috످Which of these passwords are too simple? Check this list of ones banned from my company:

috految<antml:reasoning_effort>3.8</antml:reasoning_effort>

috److It looks like the list didn't come through. Could you paste the banned passwords here, along with any company password rules? Leave out any real passwords that are in use or that you plan to use.

In general, a password is too simple if it has fewer than 15 characters (`Tiger7!`); is a common word, even with substitutions (`P@ssw0rd`); follows a predictable pattern (`123456`, `qwerty`); or includes personal or company details (`John1985`, `CompanyName123`).

To check a real password, you can use your password manager's strength checker or see if it's been leaked at Have I Been Pwned (https://haveibeenpwned.com/Passwords).

috످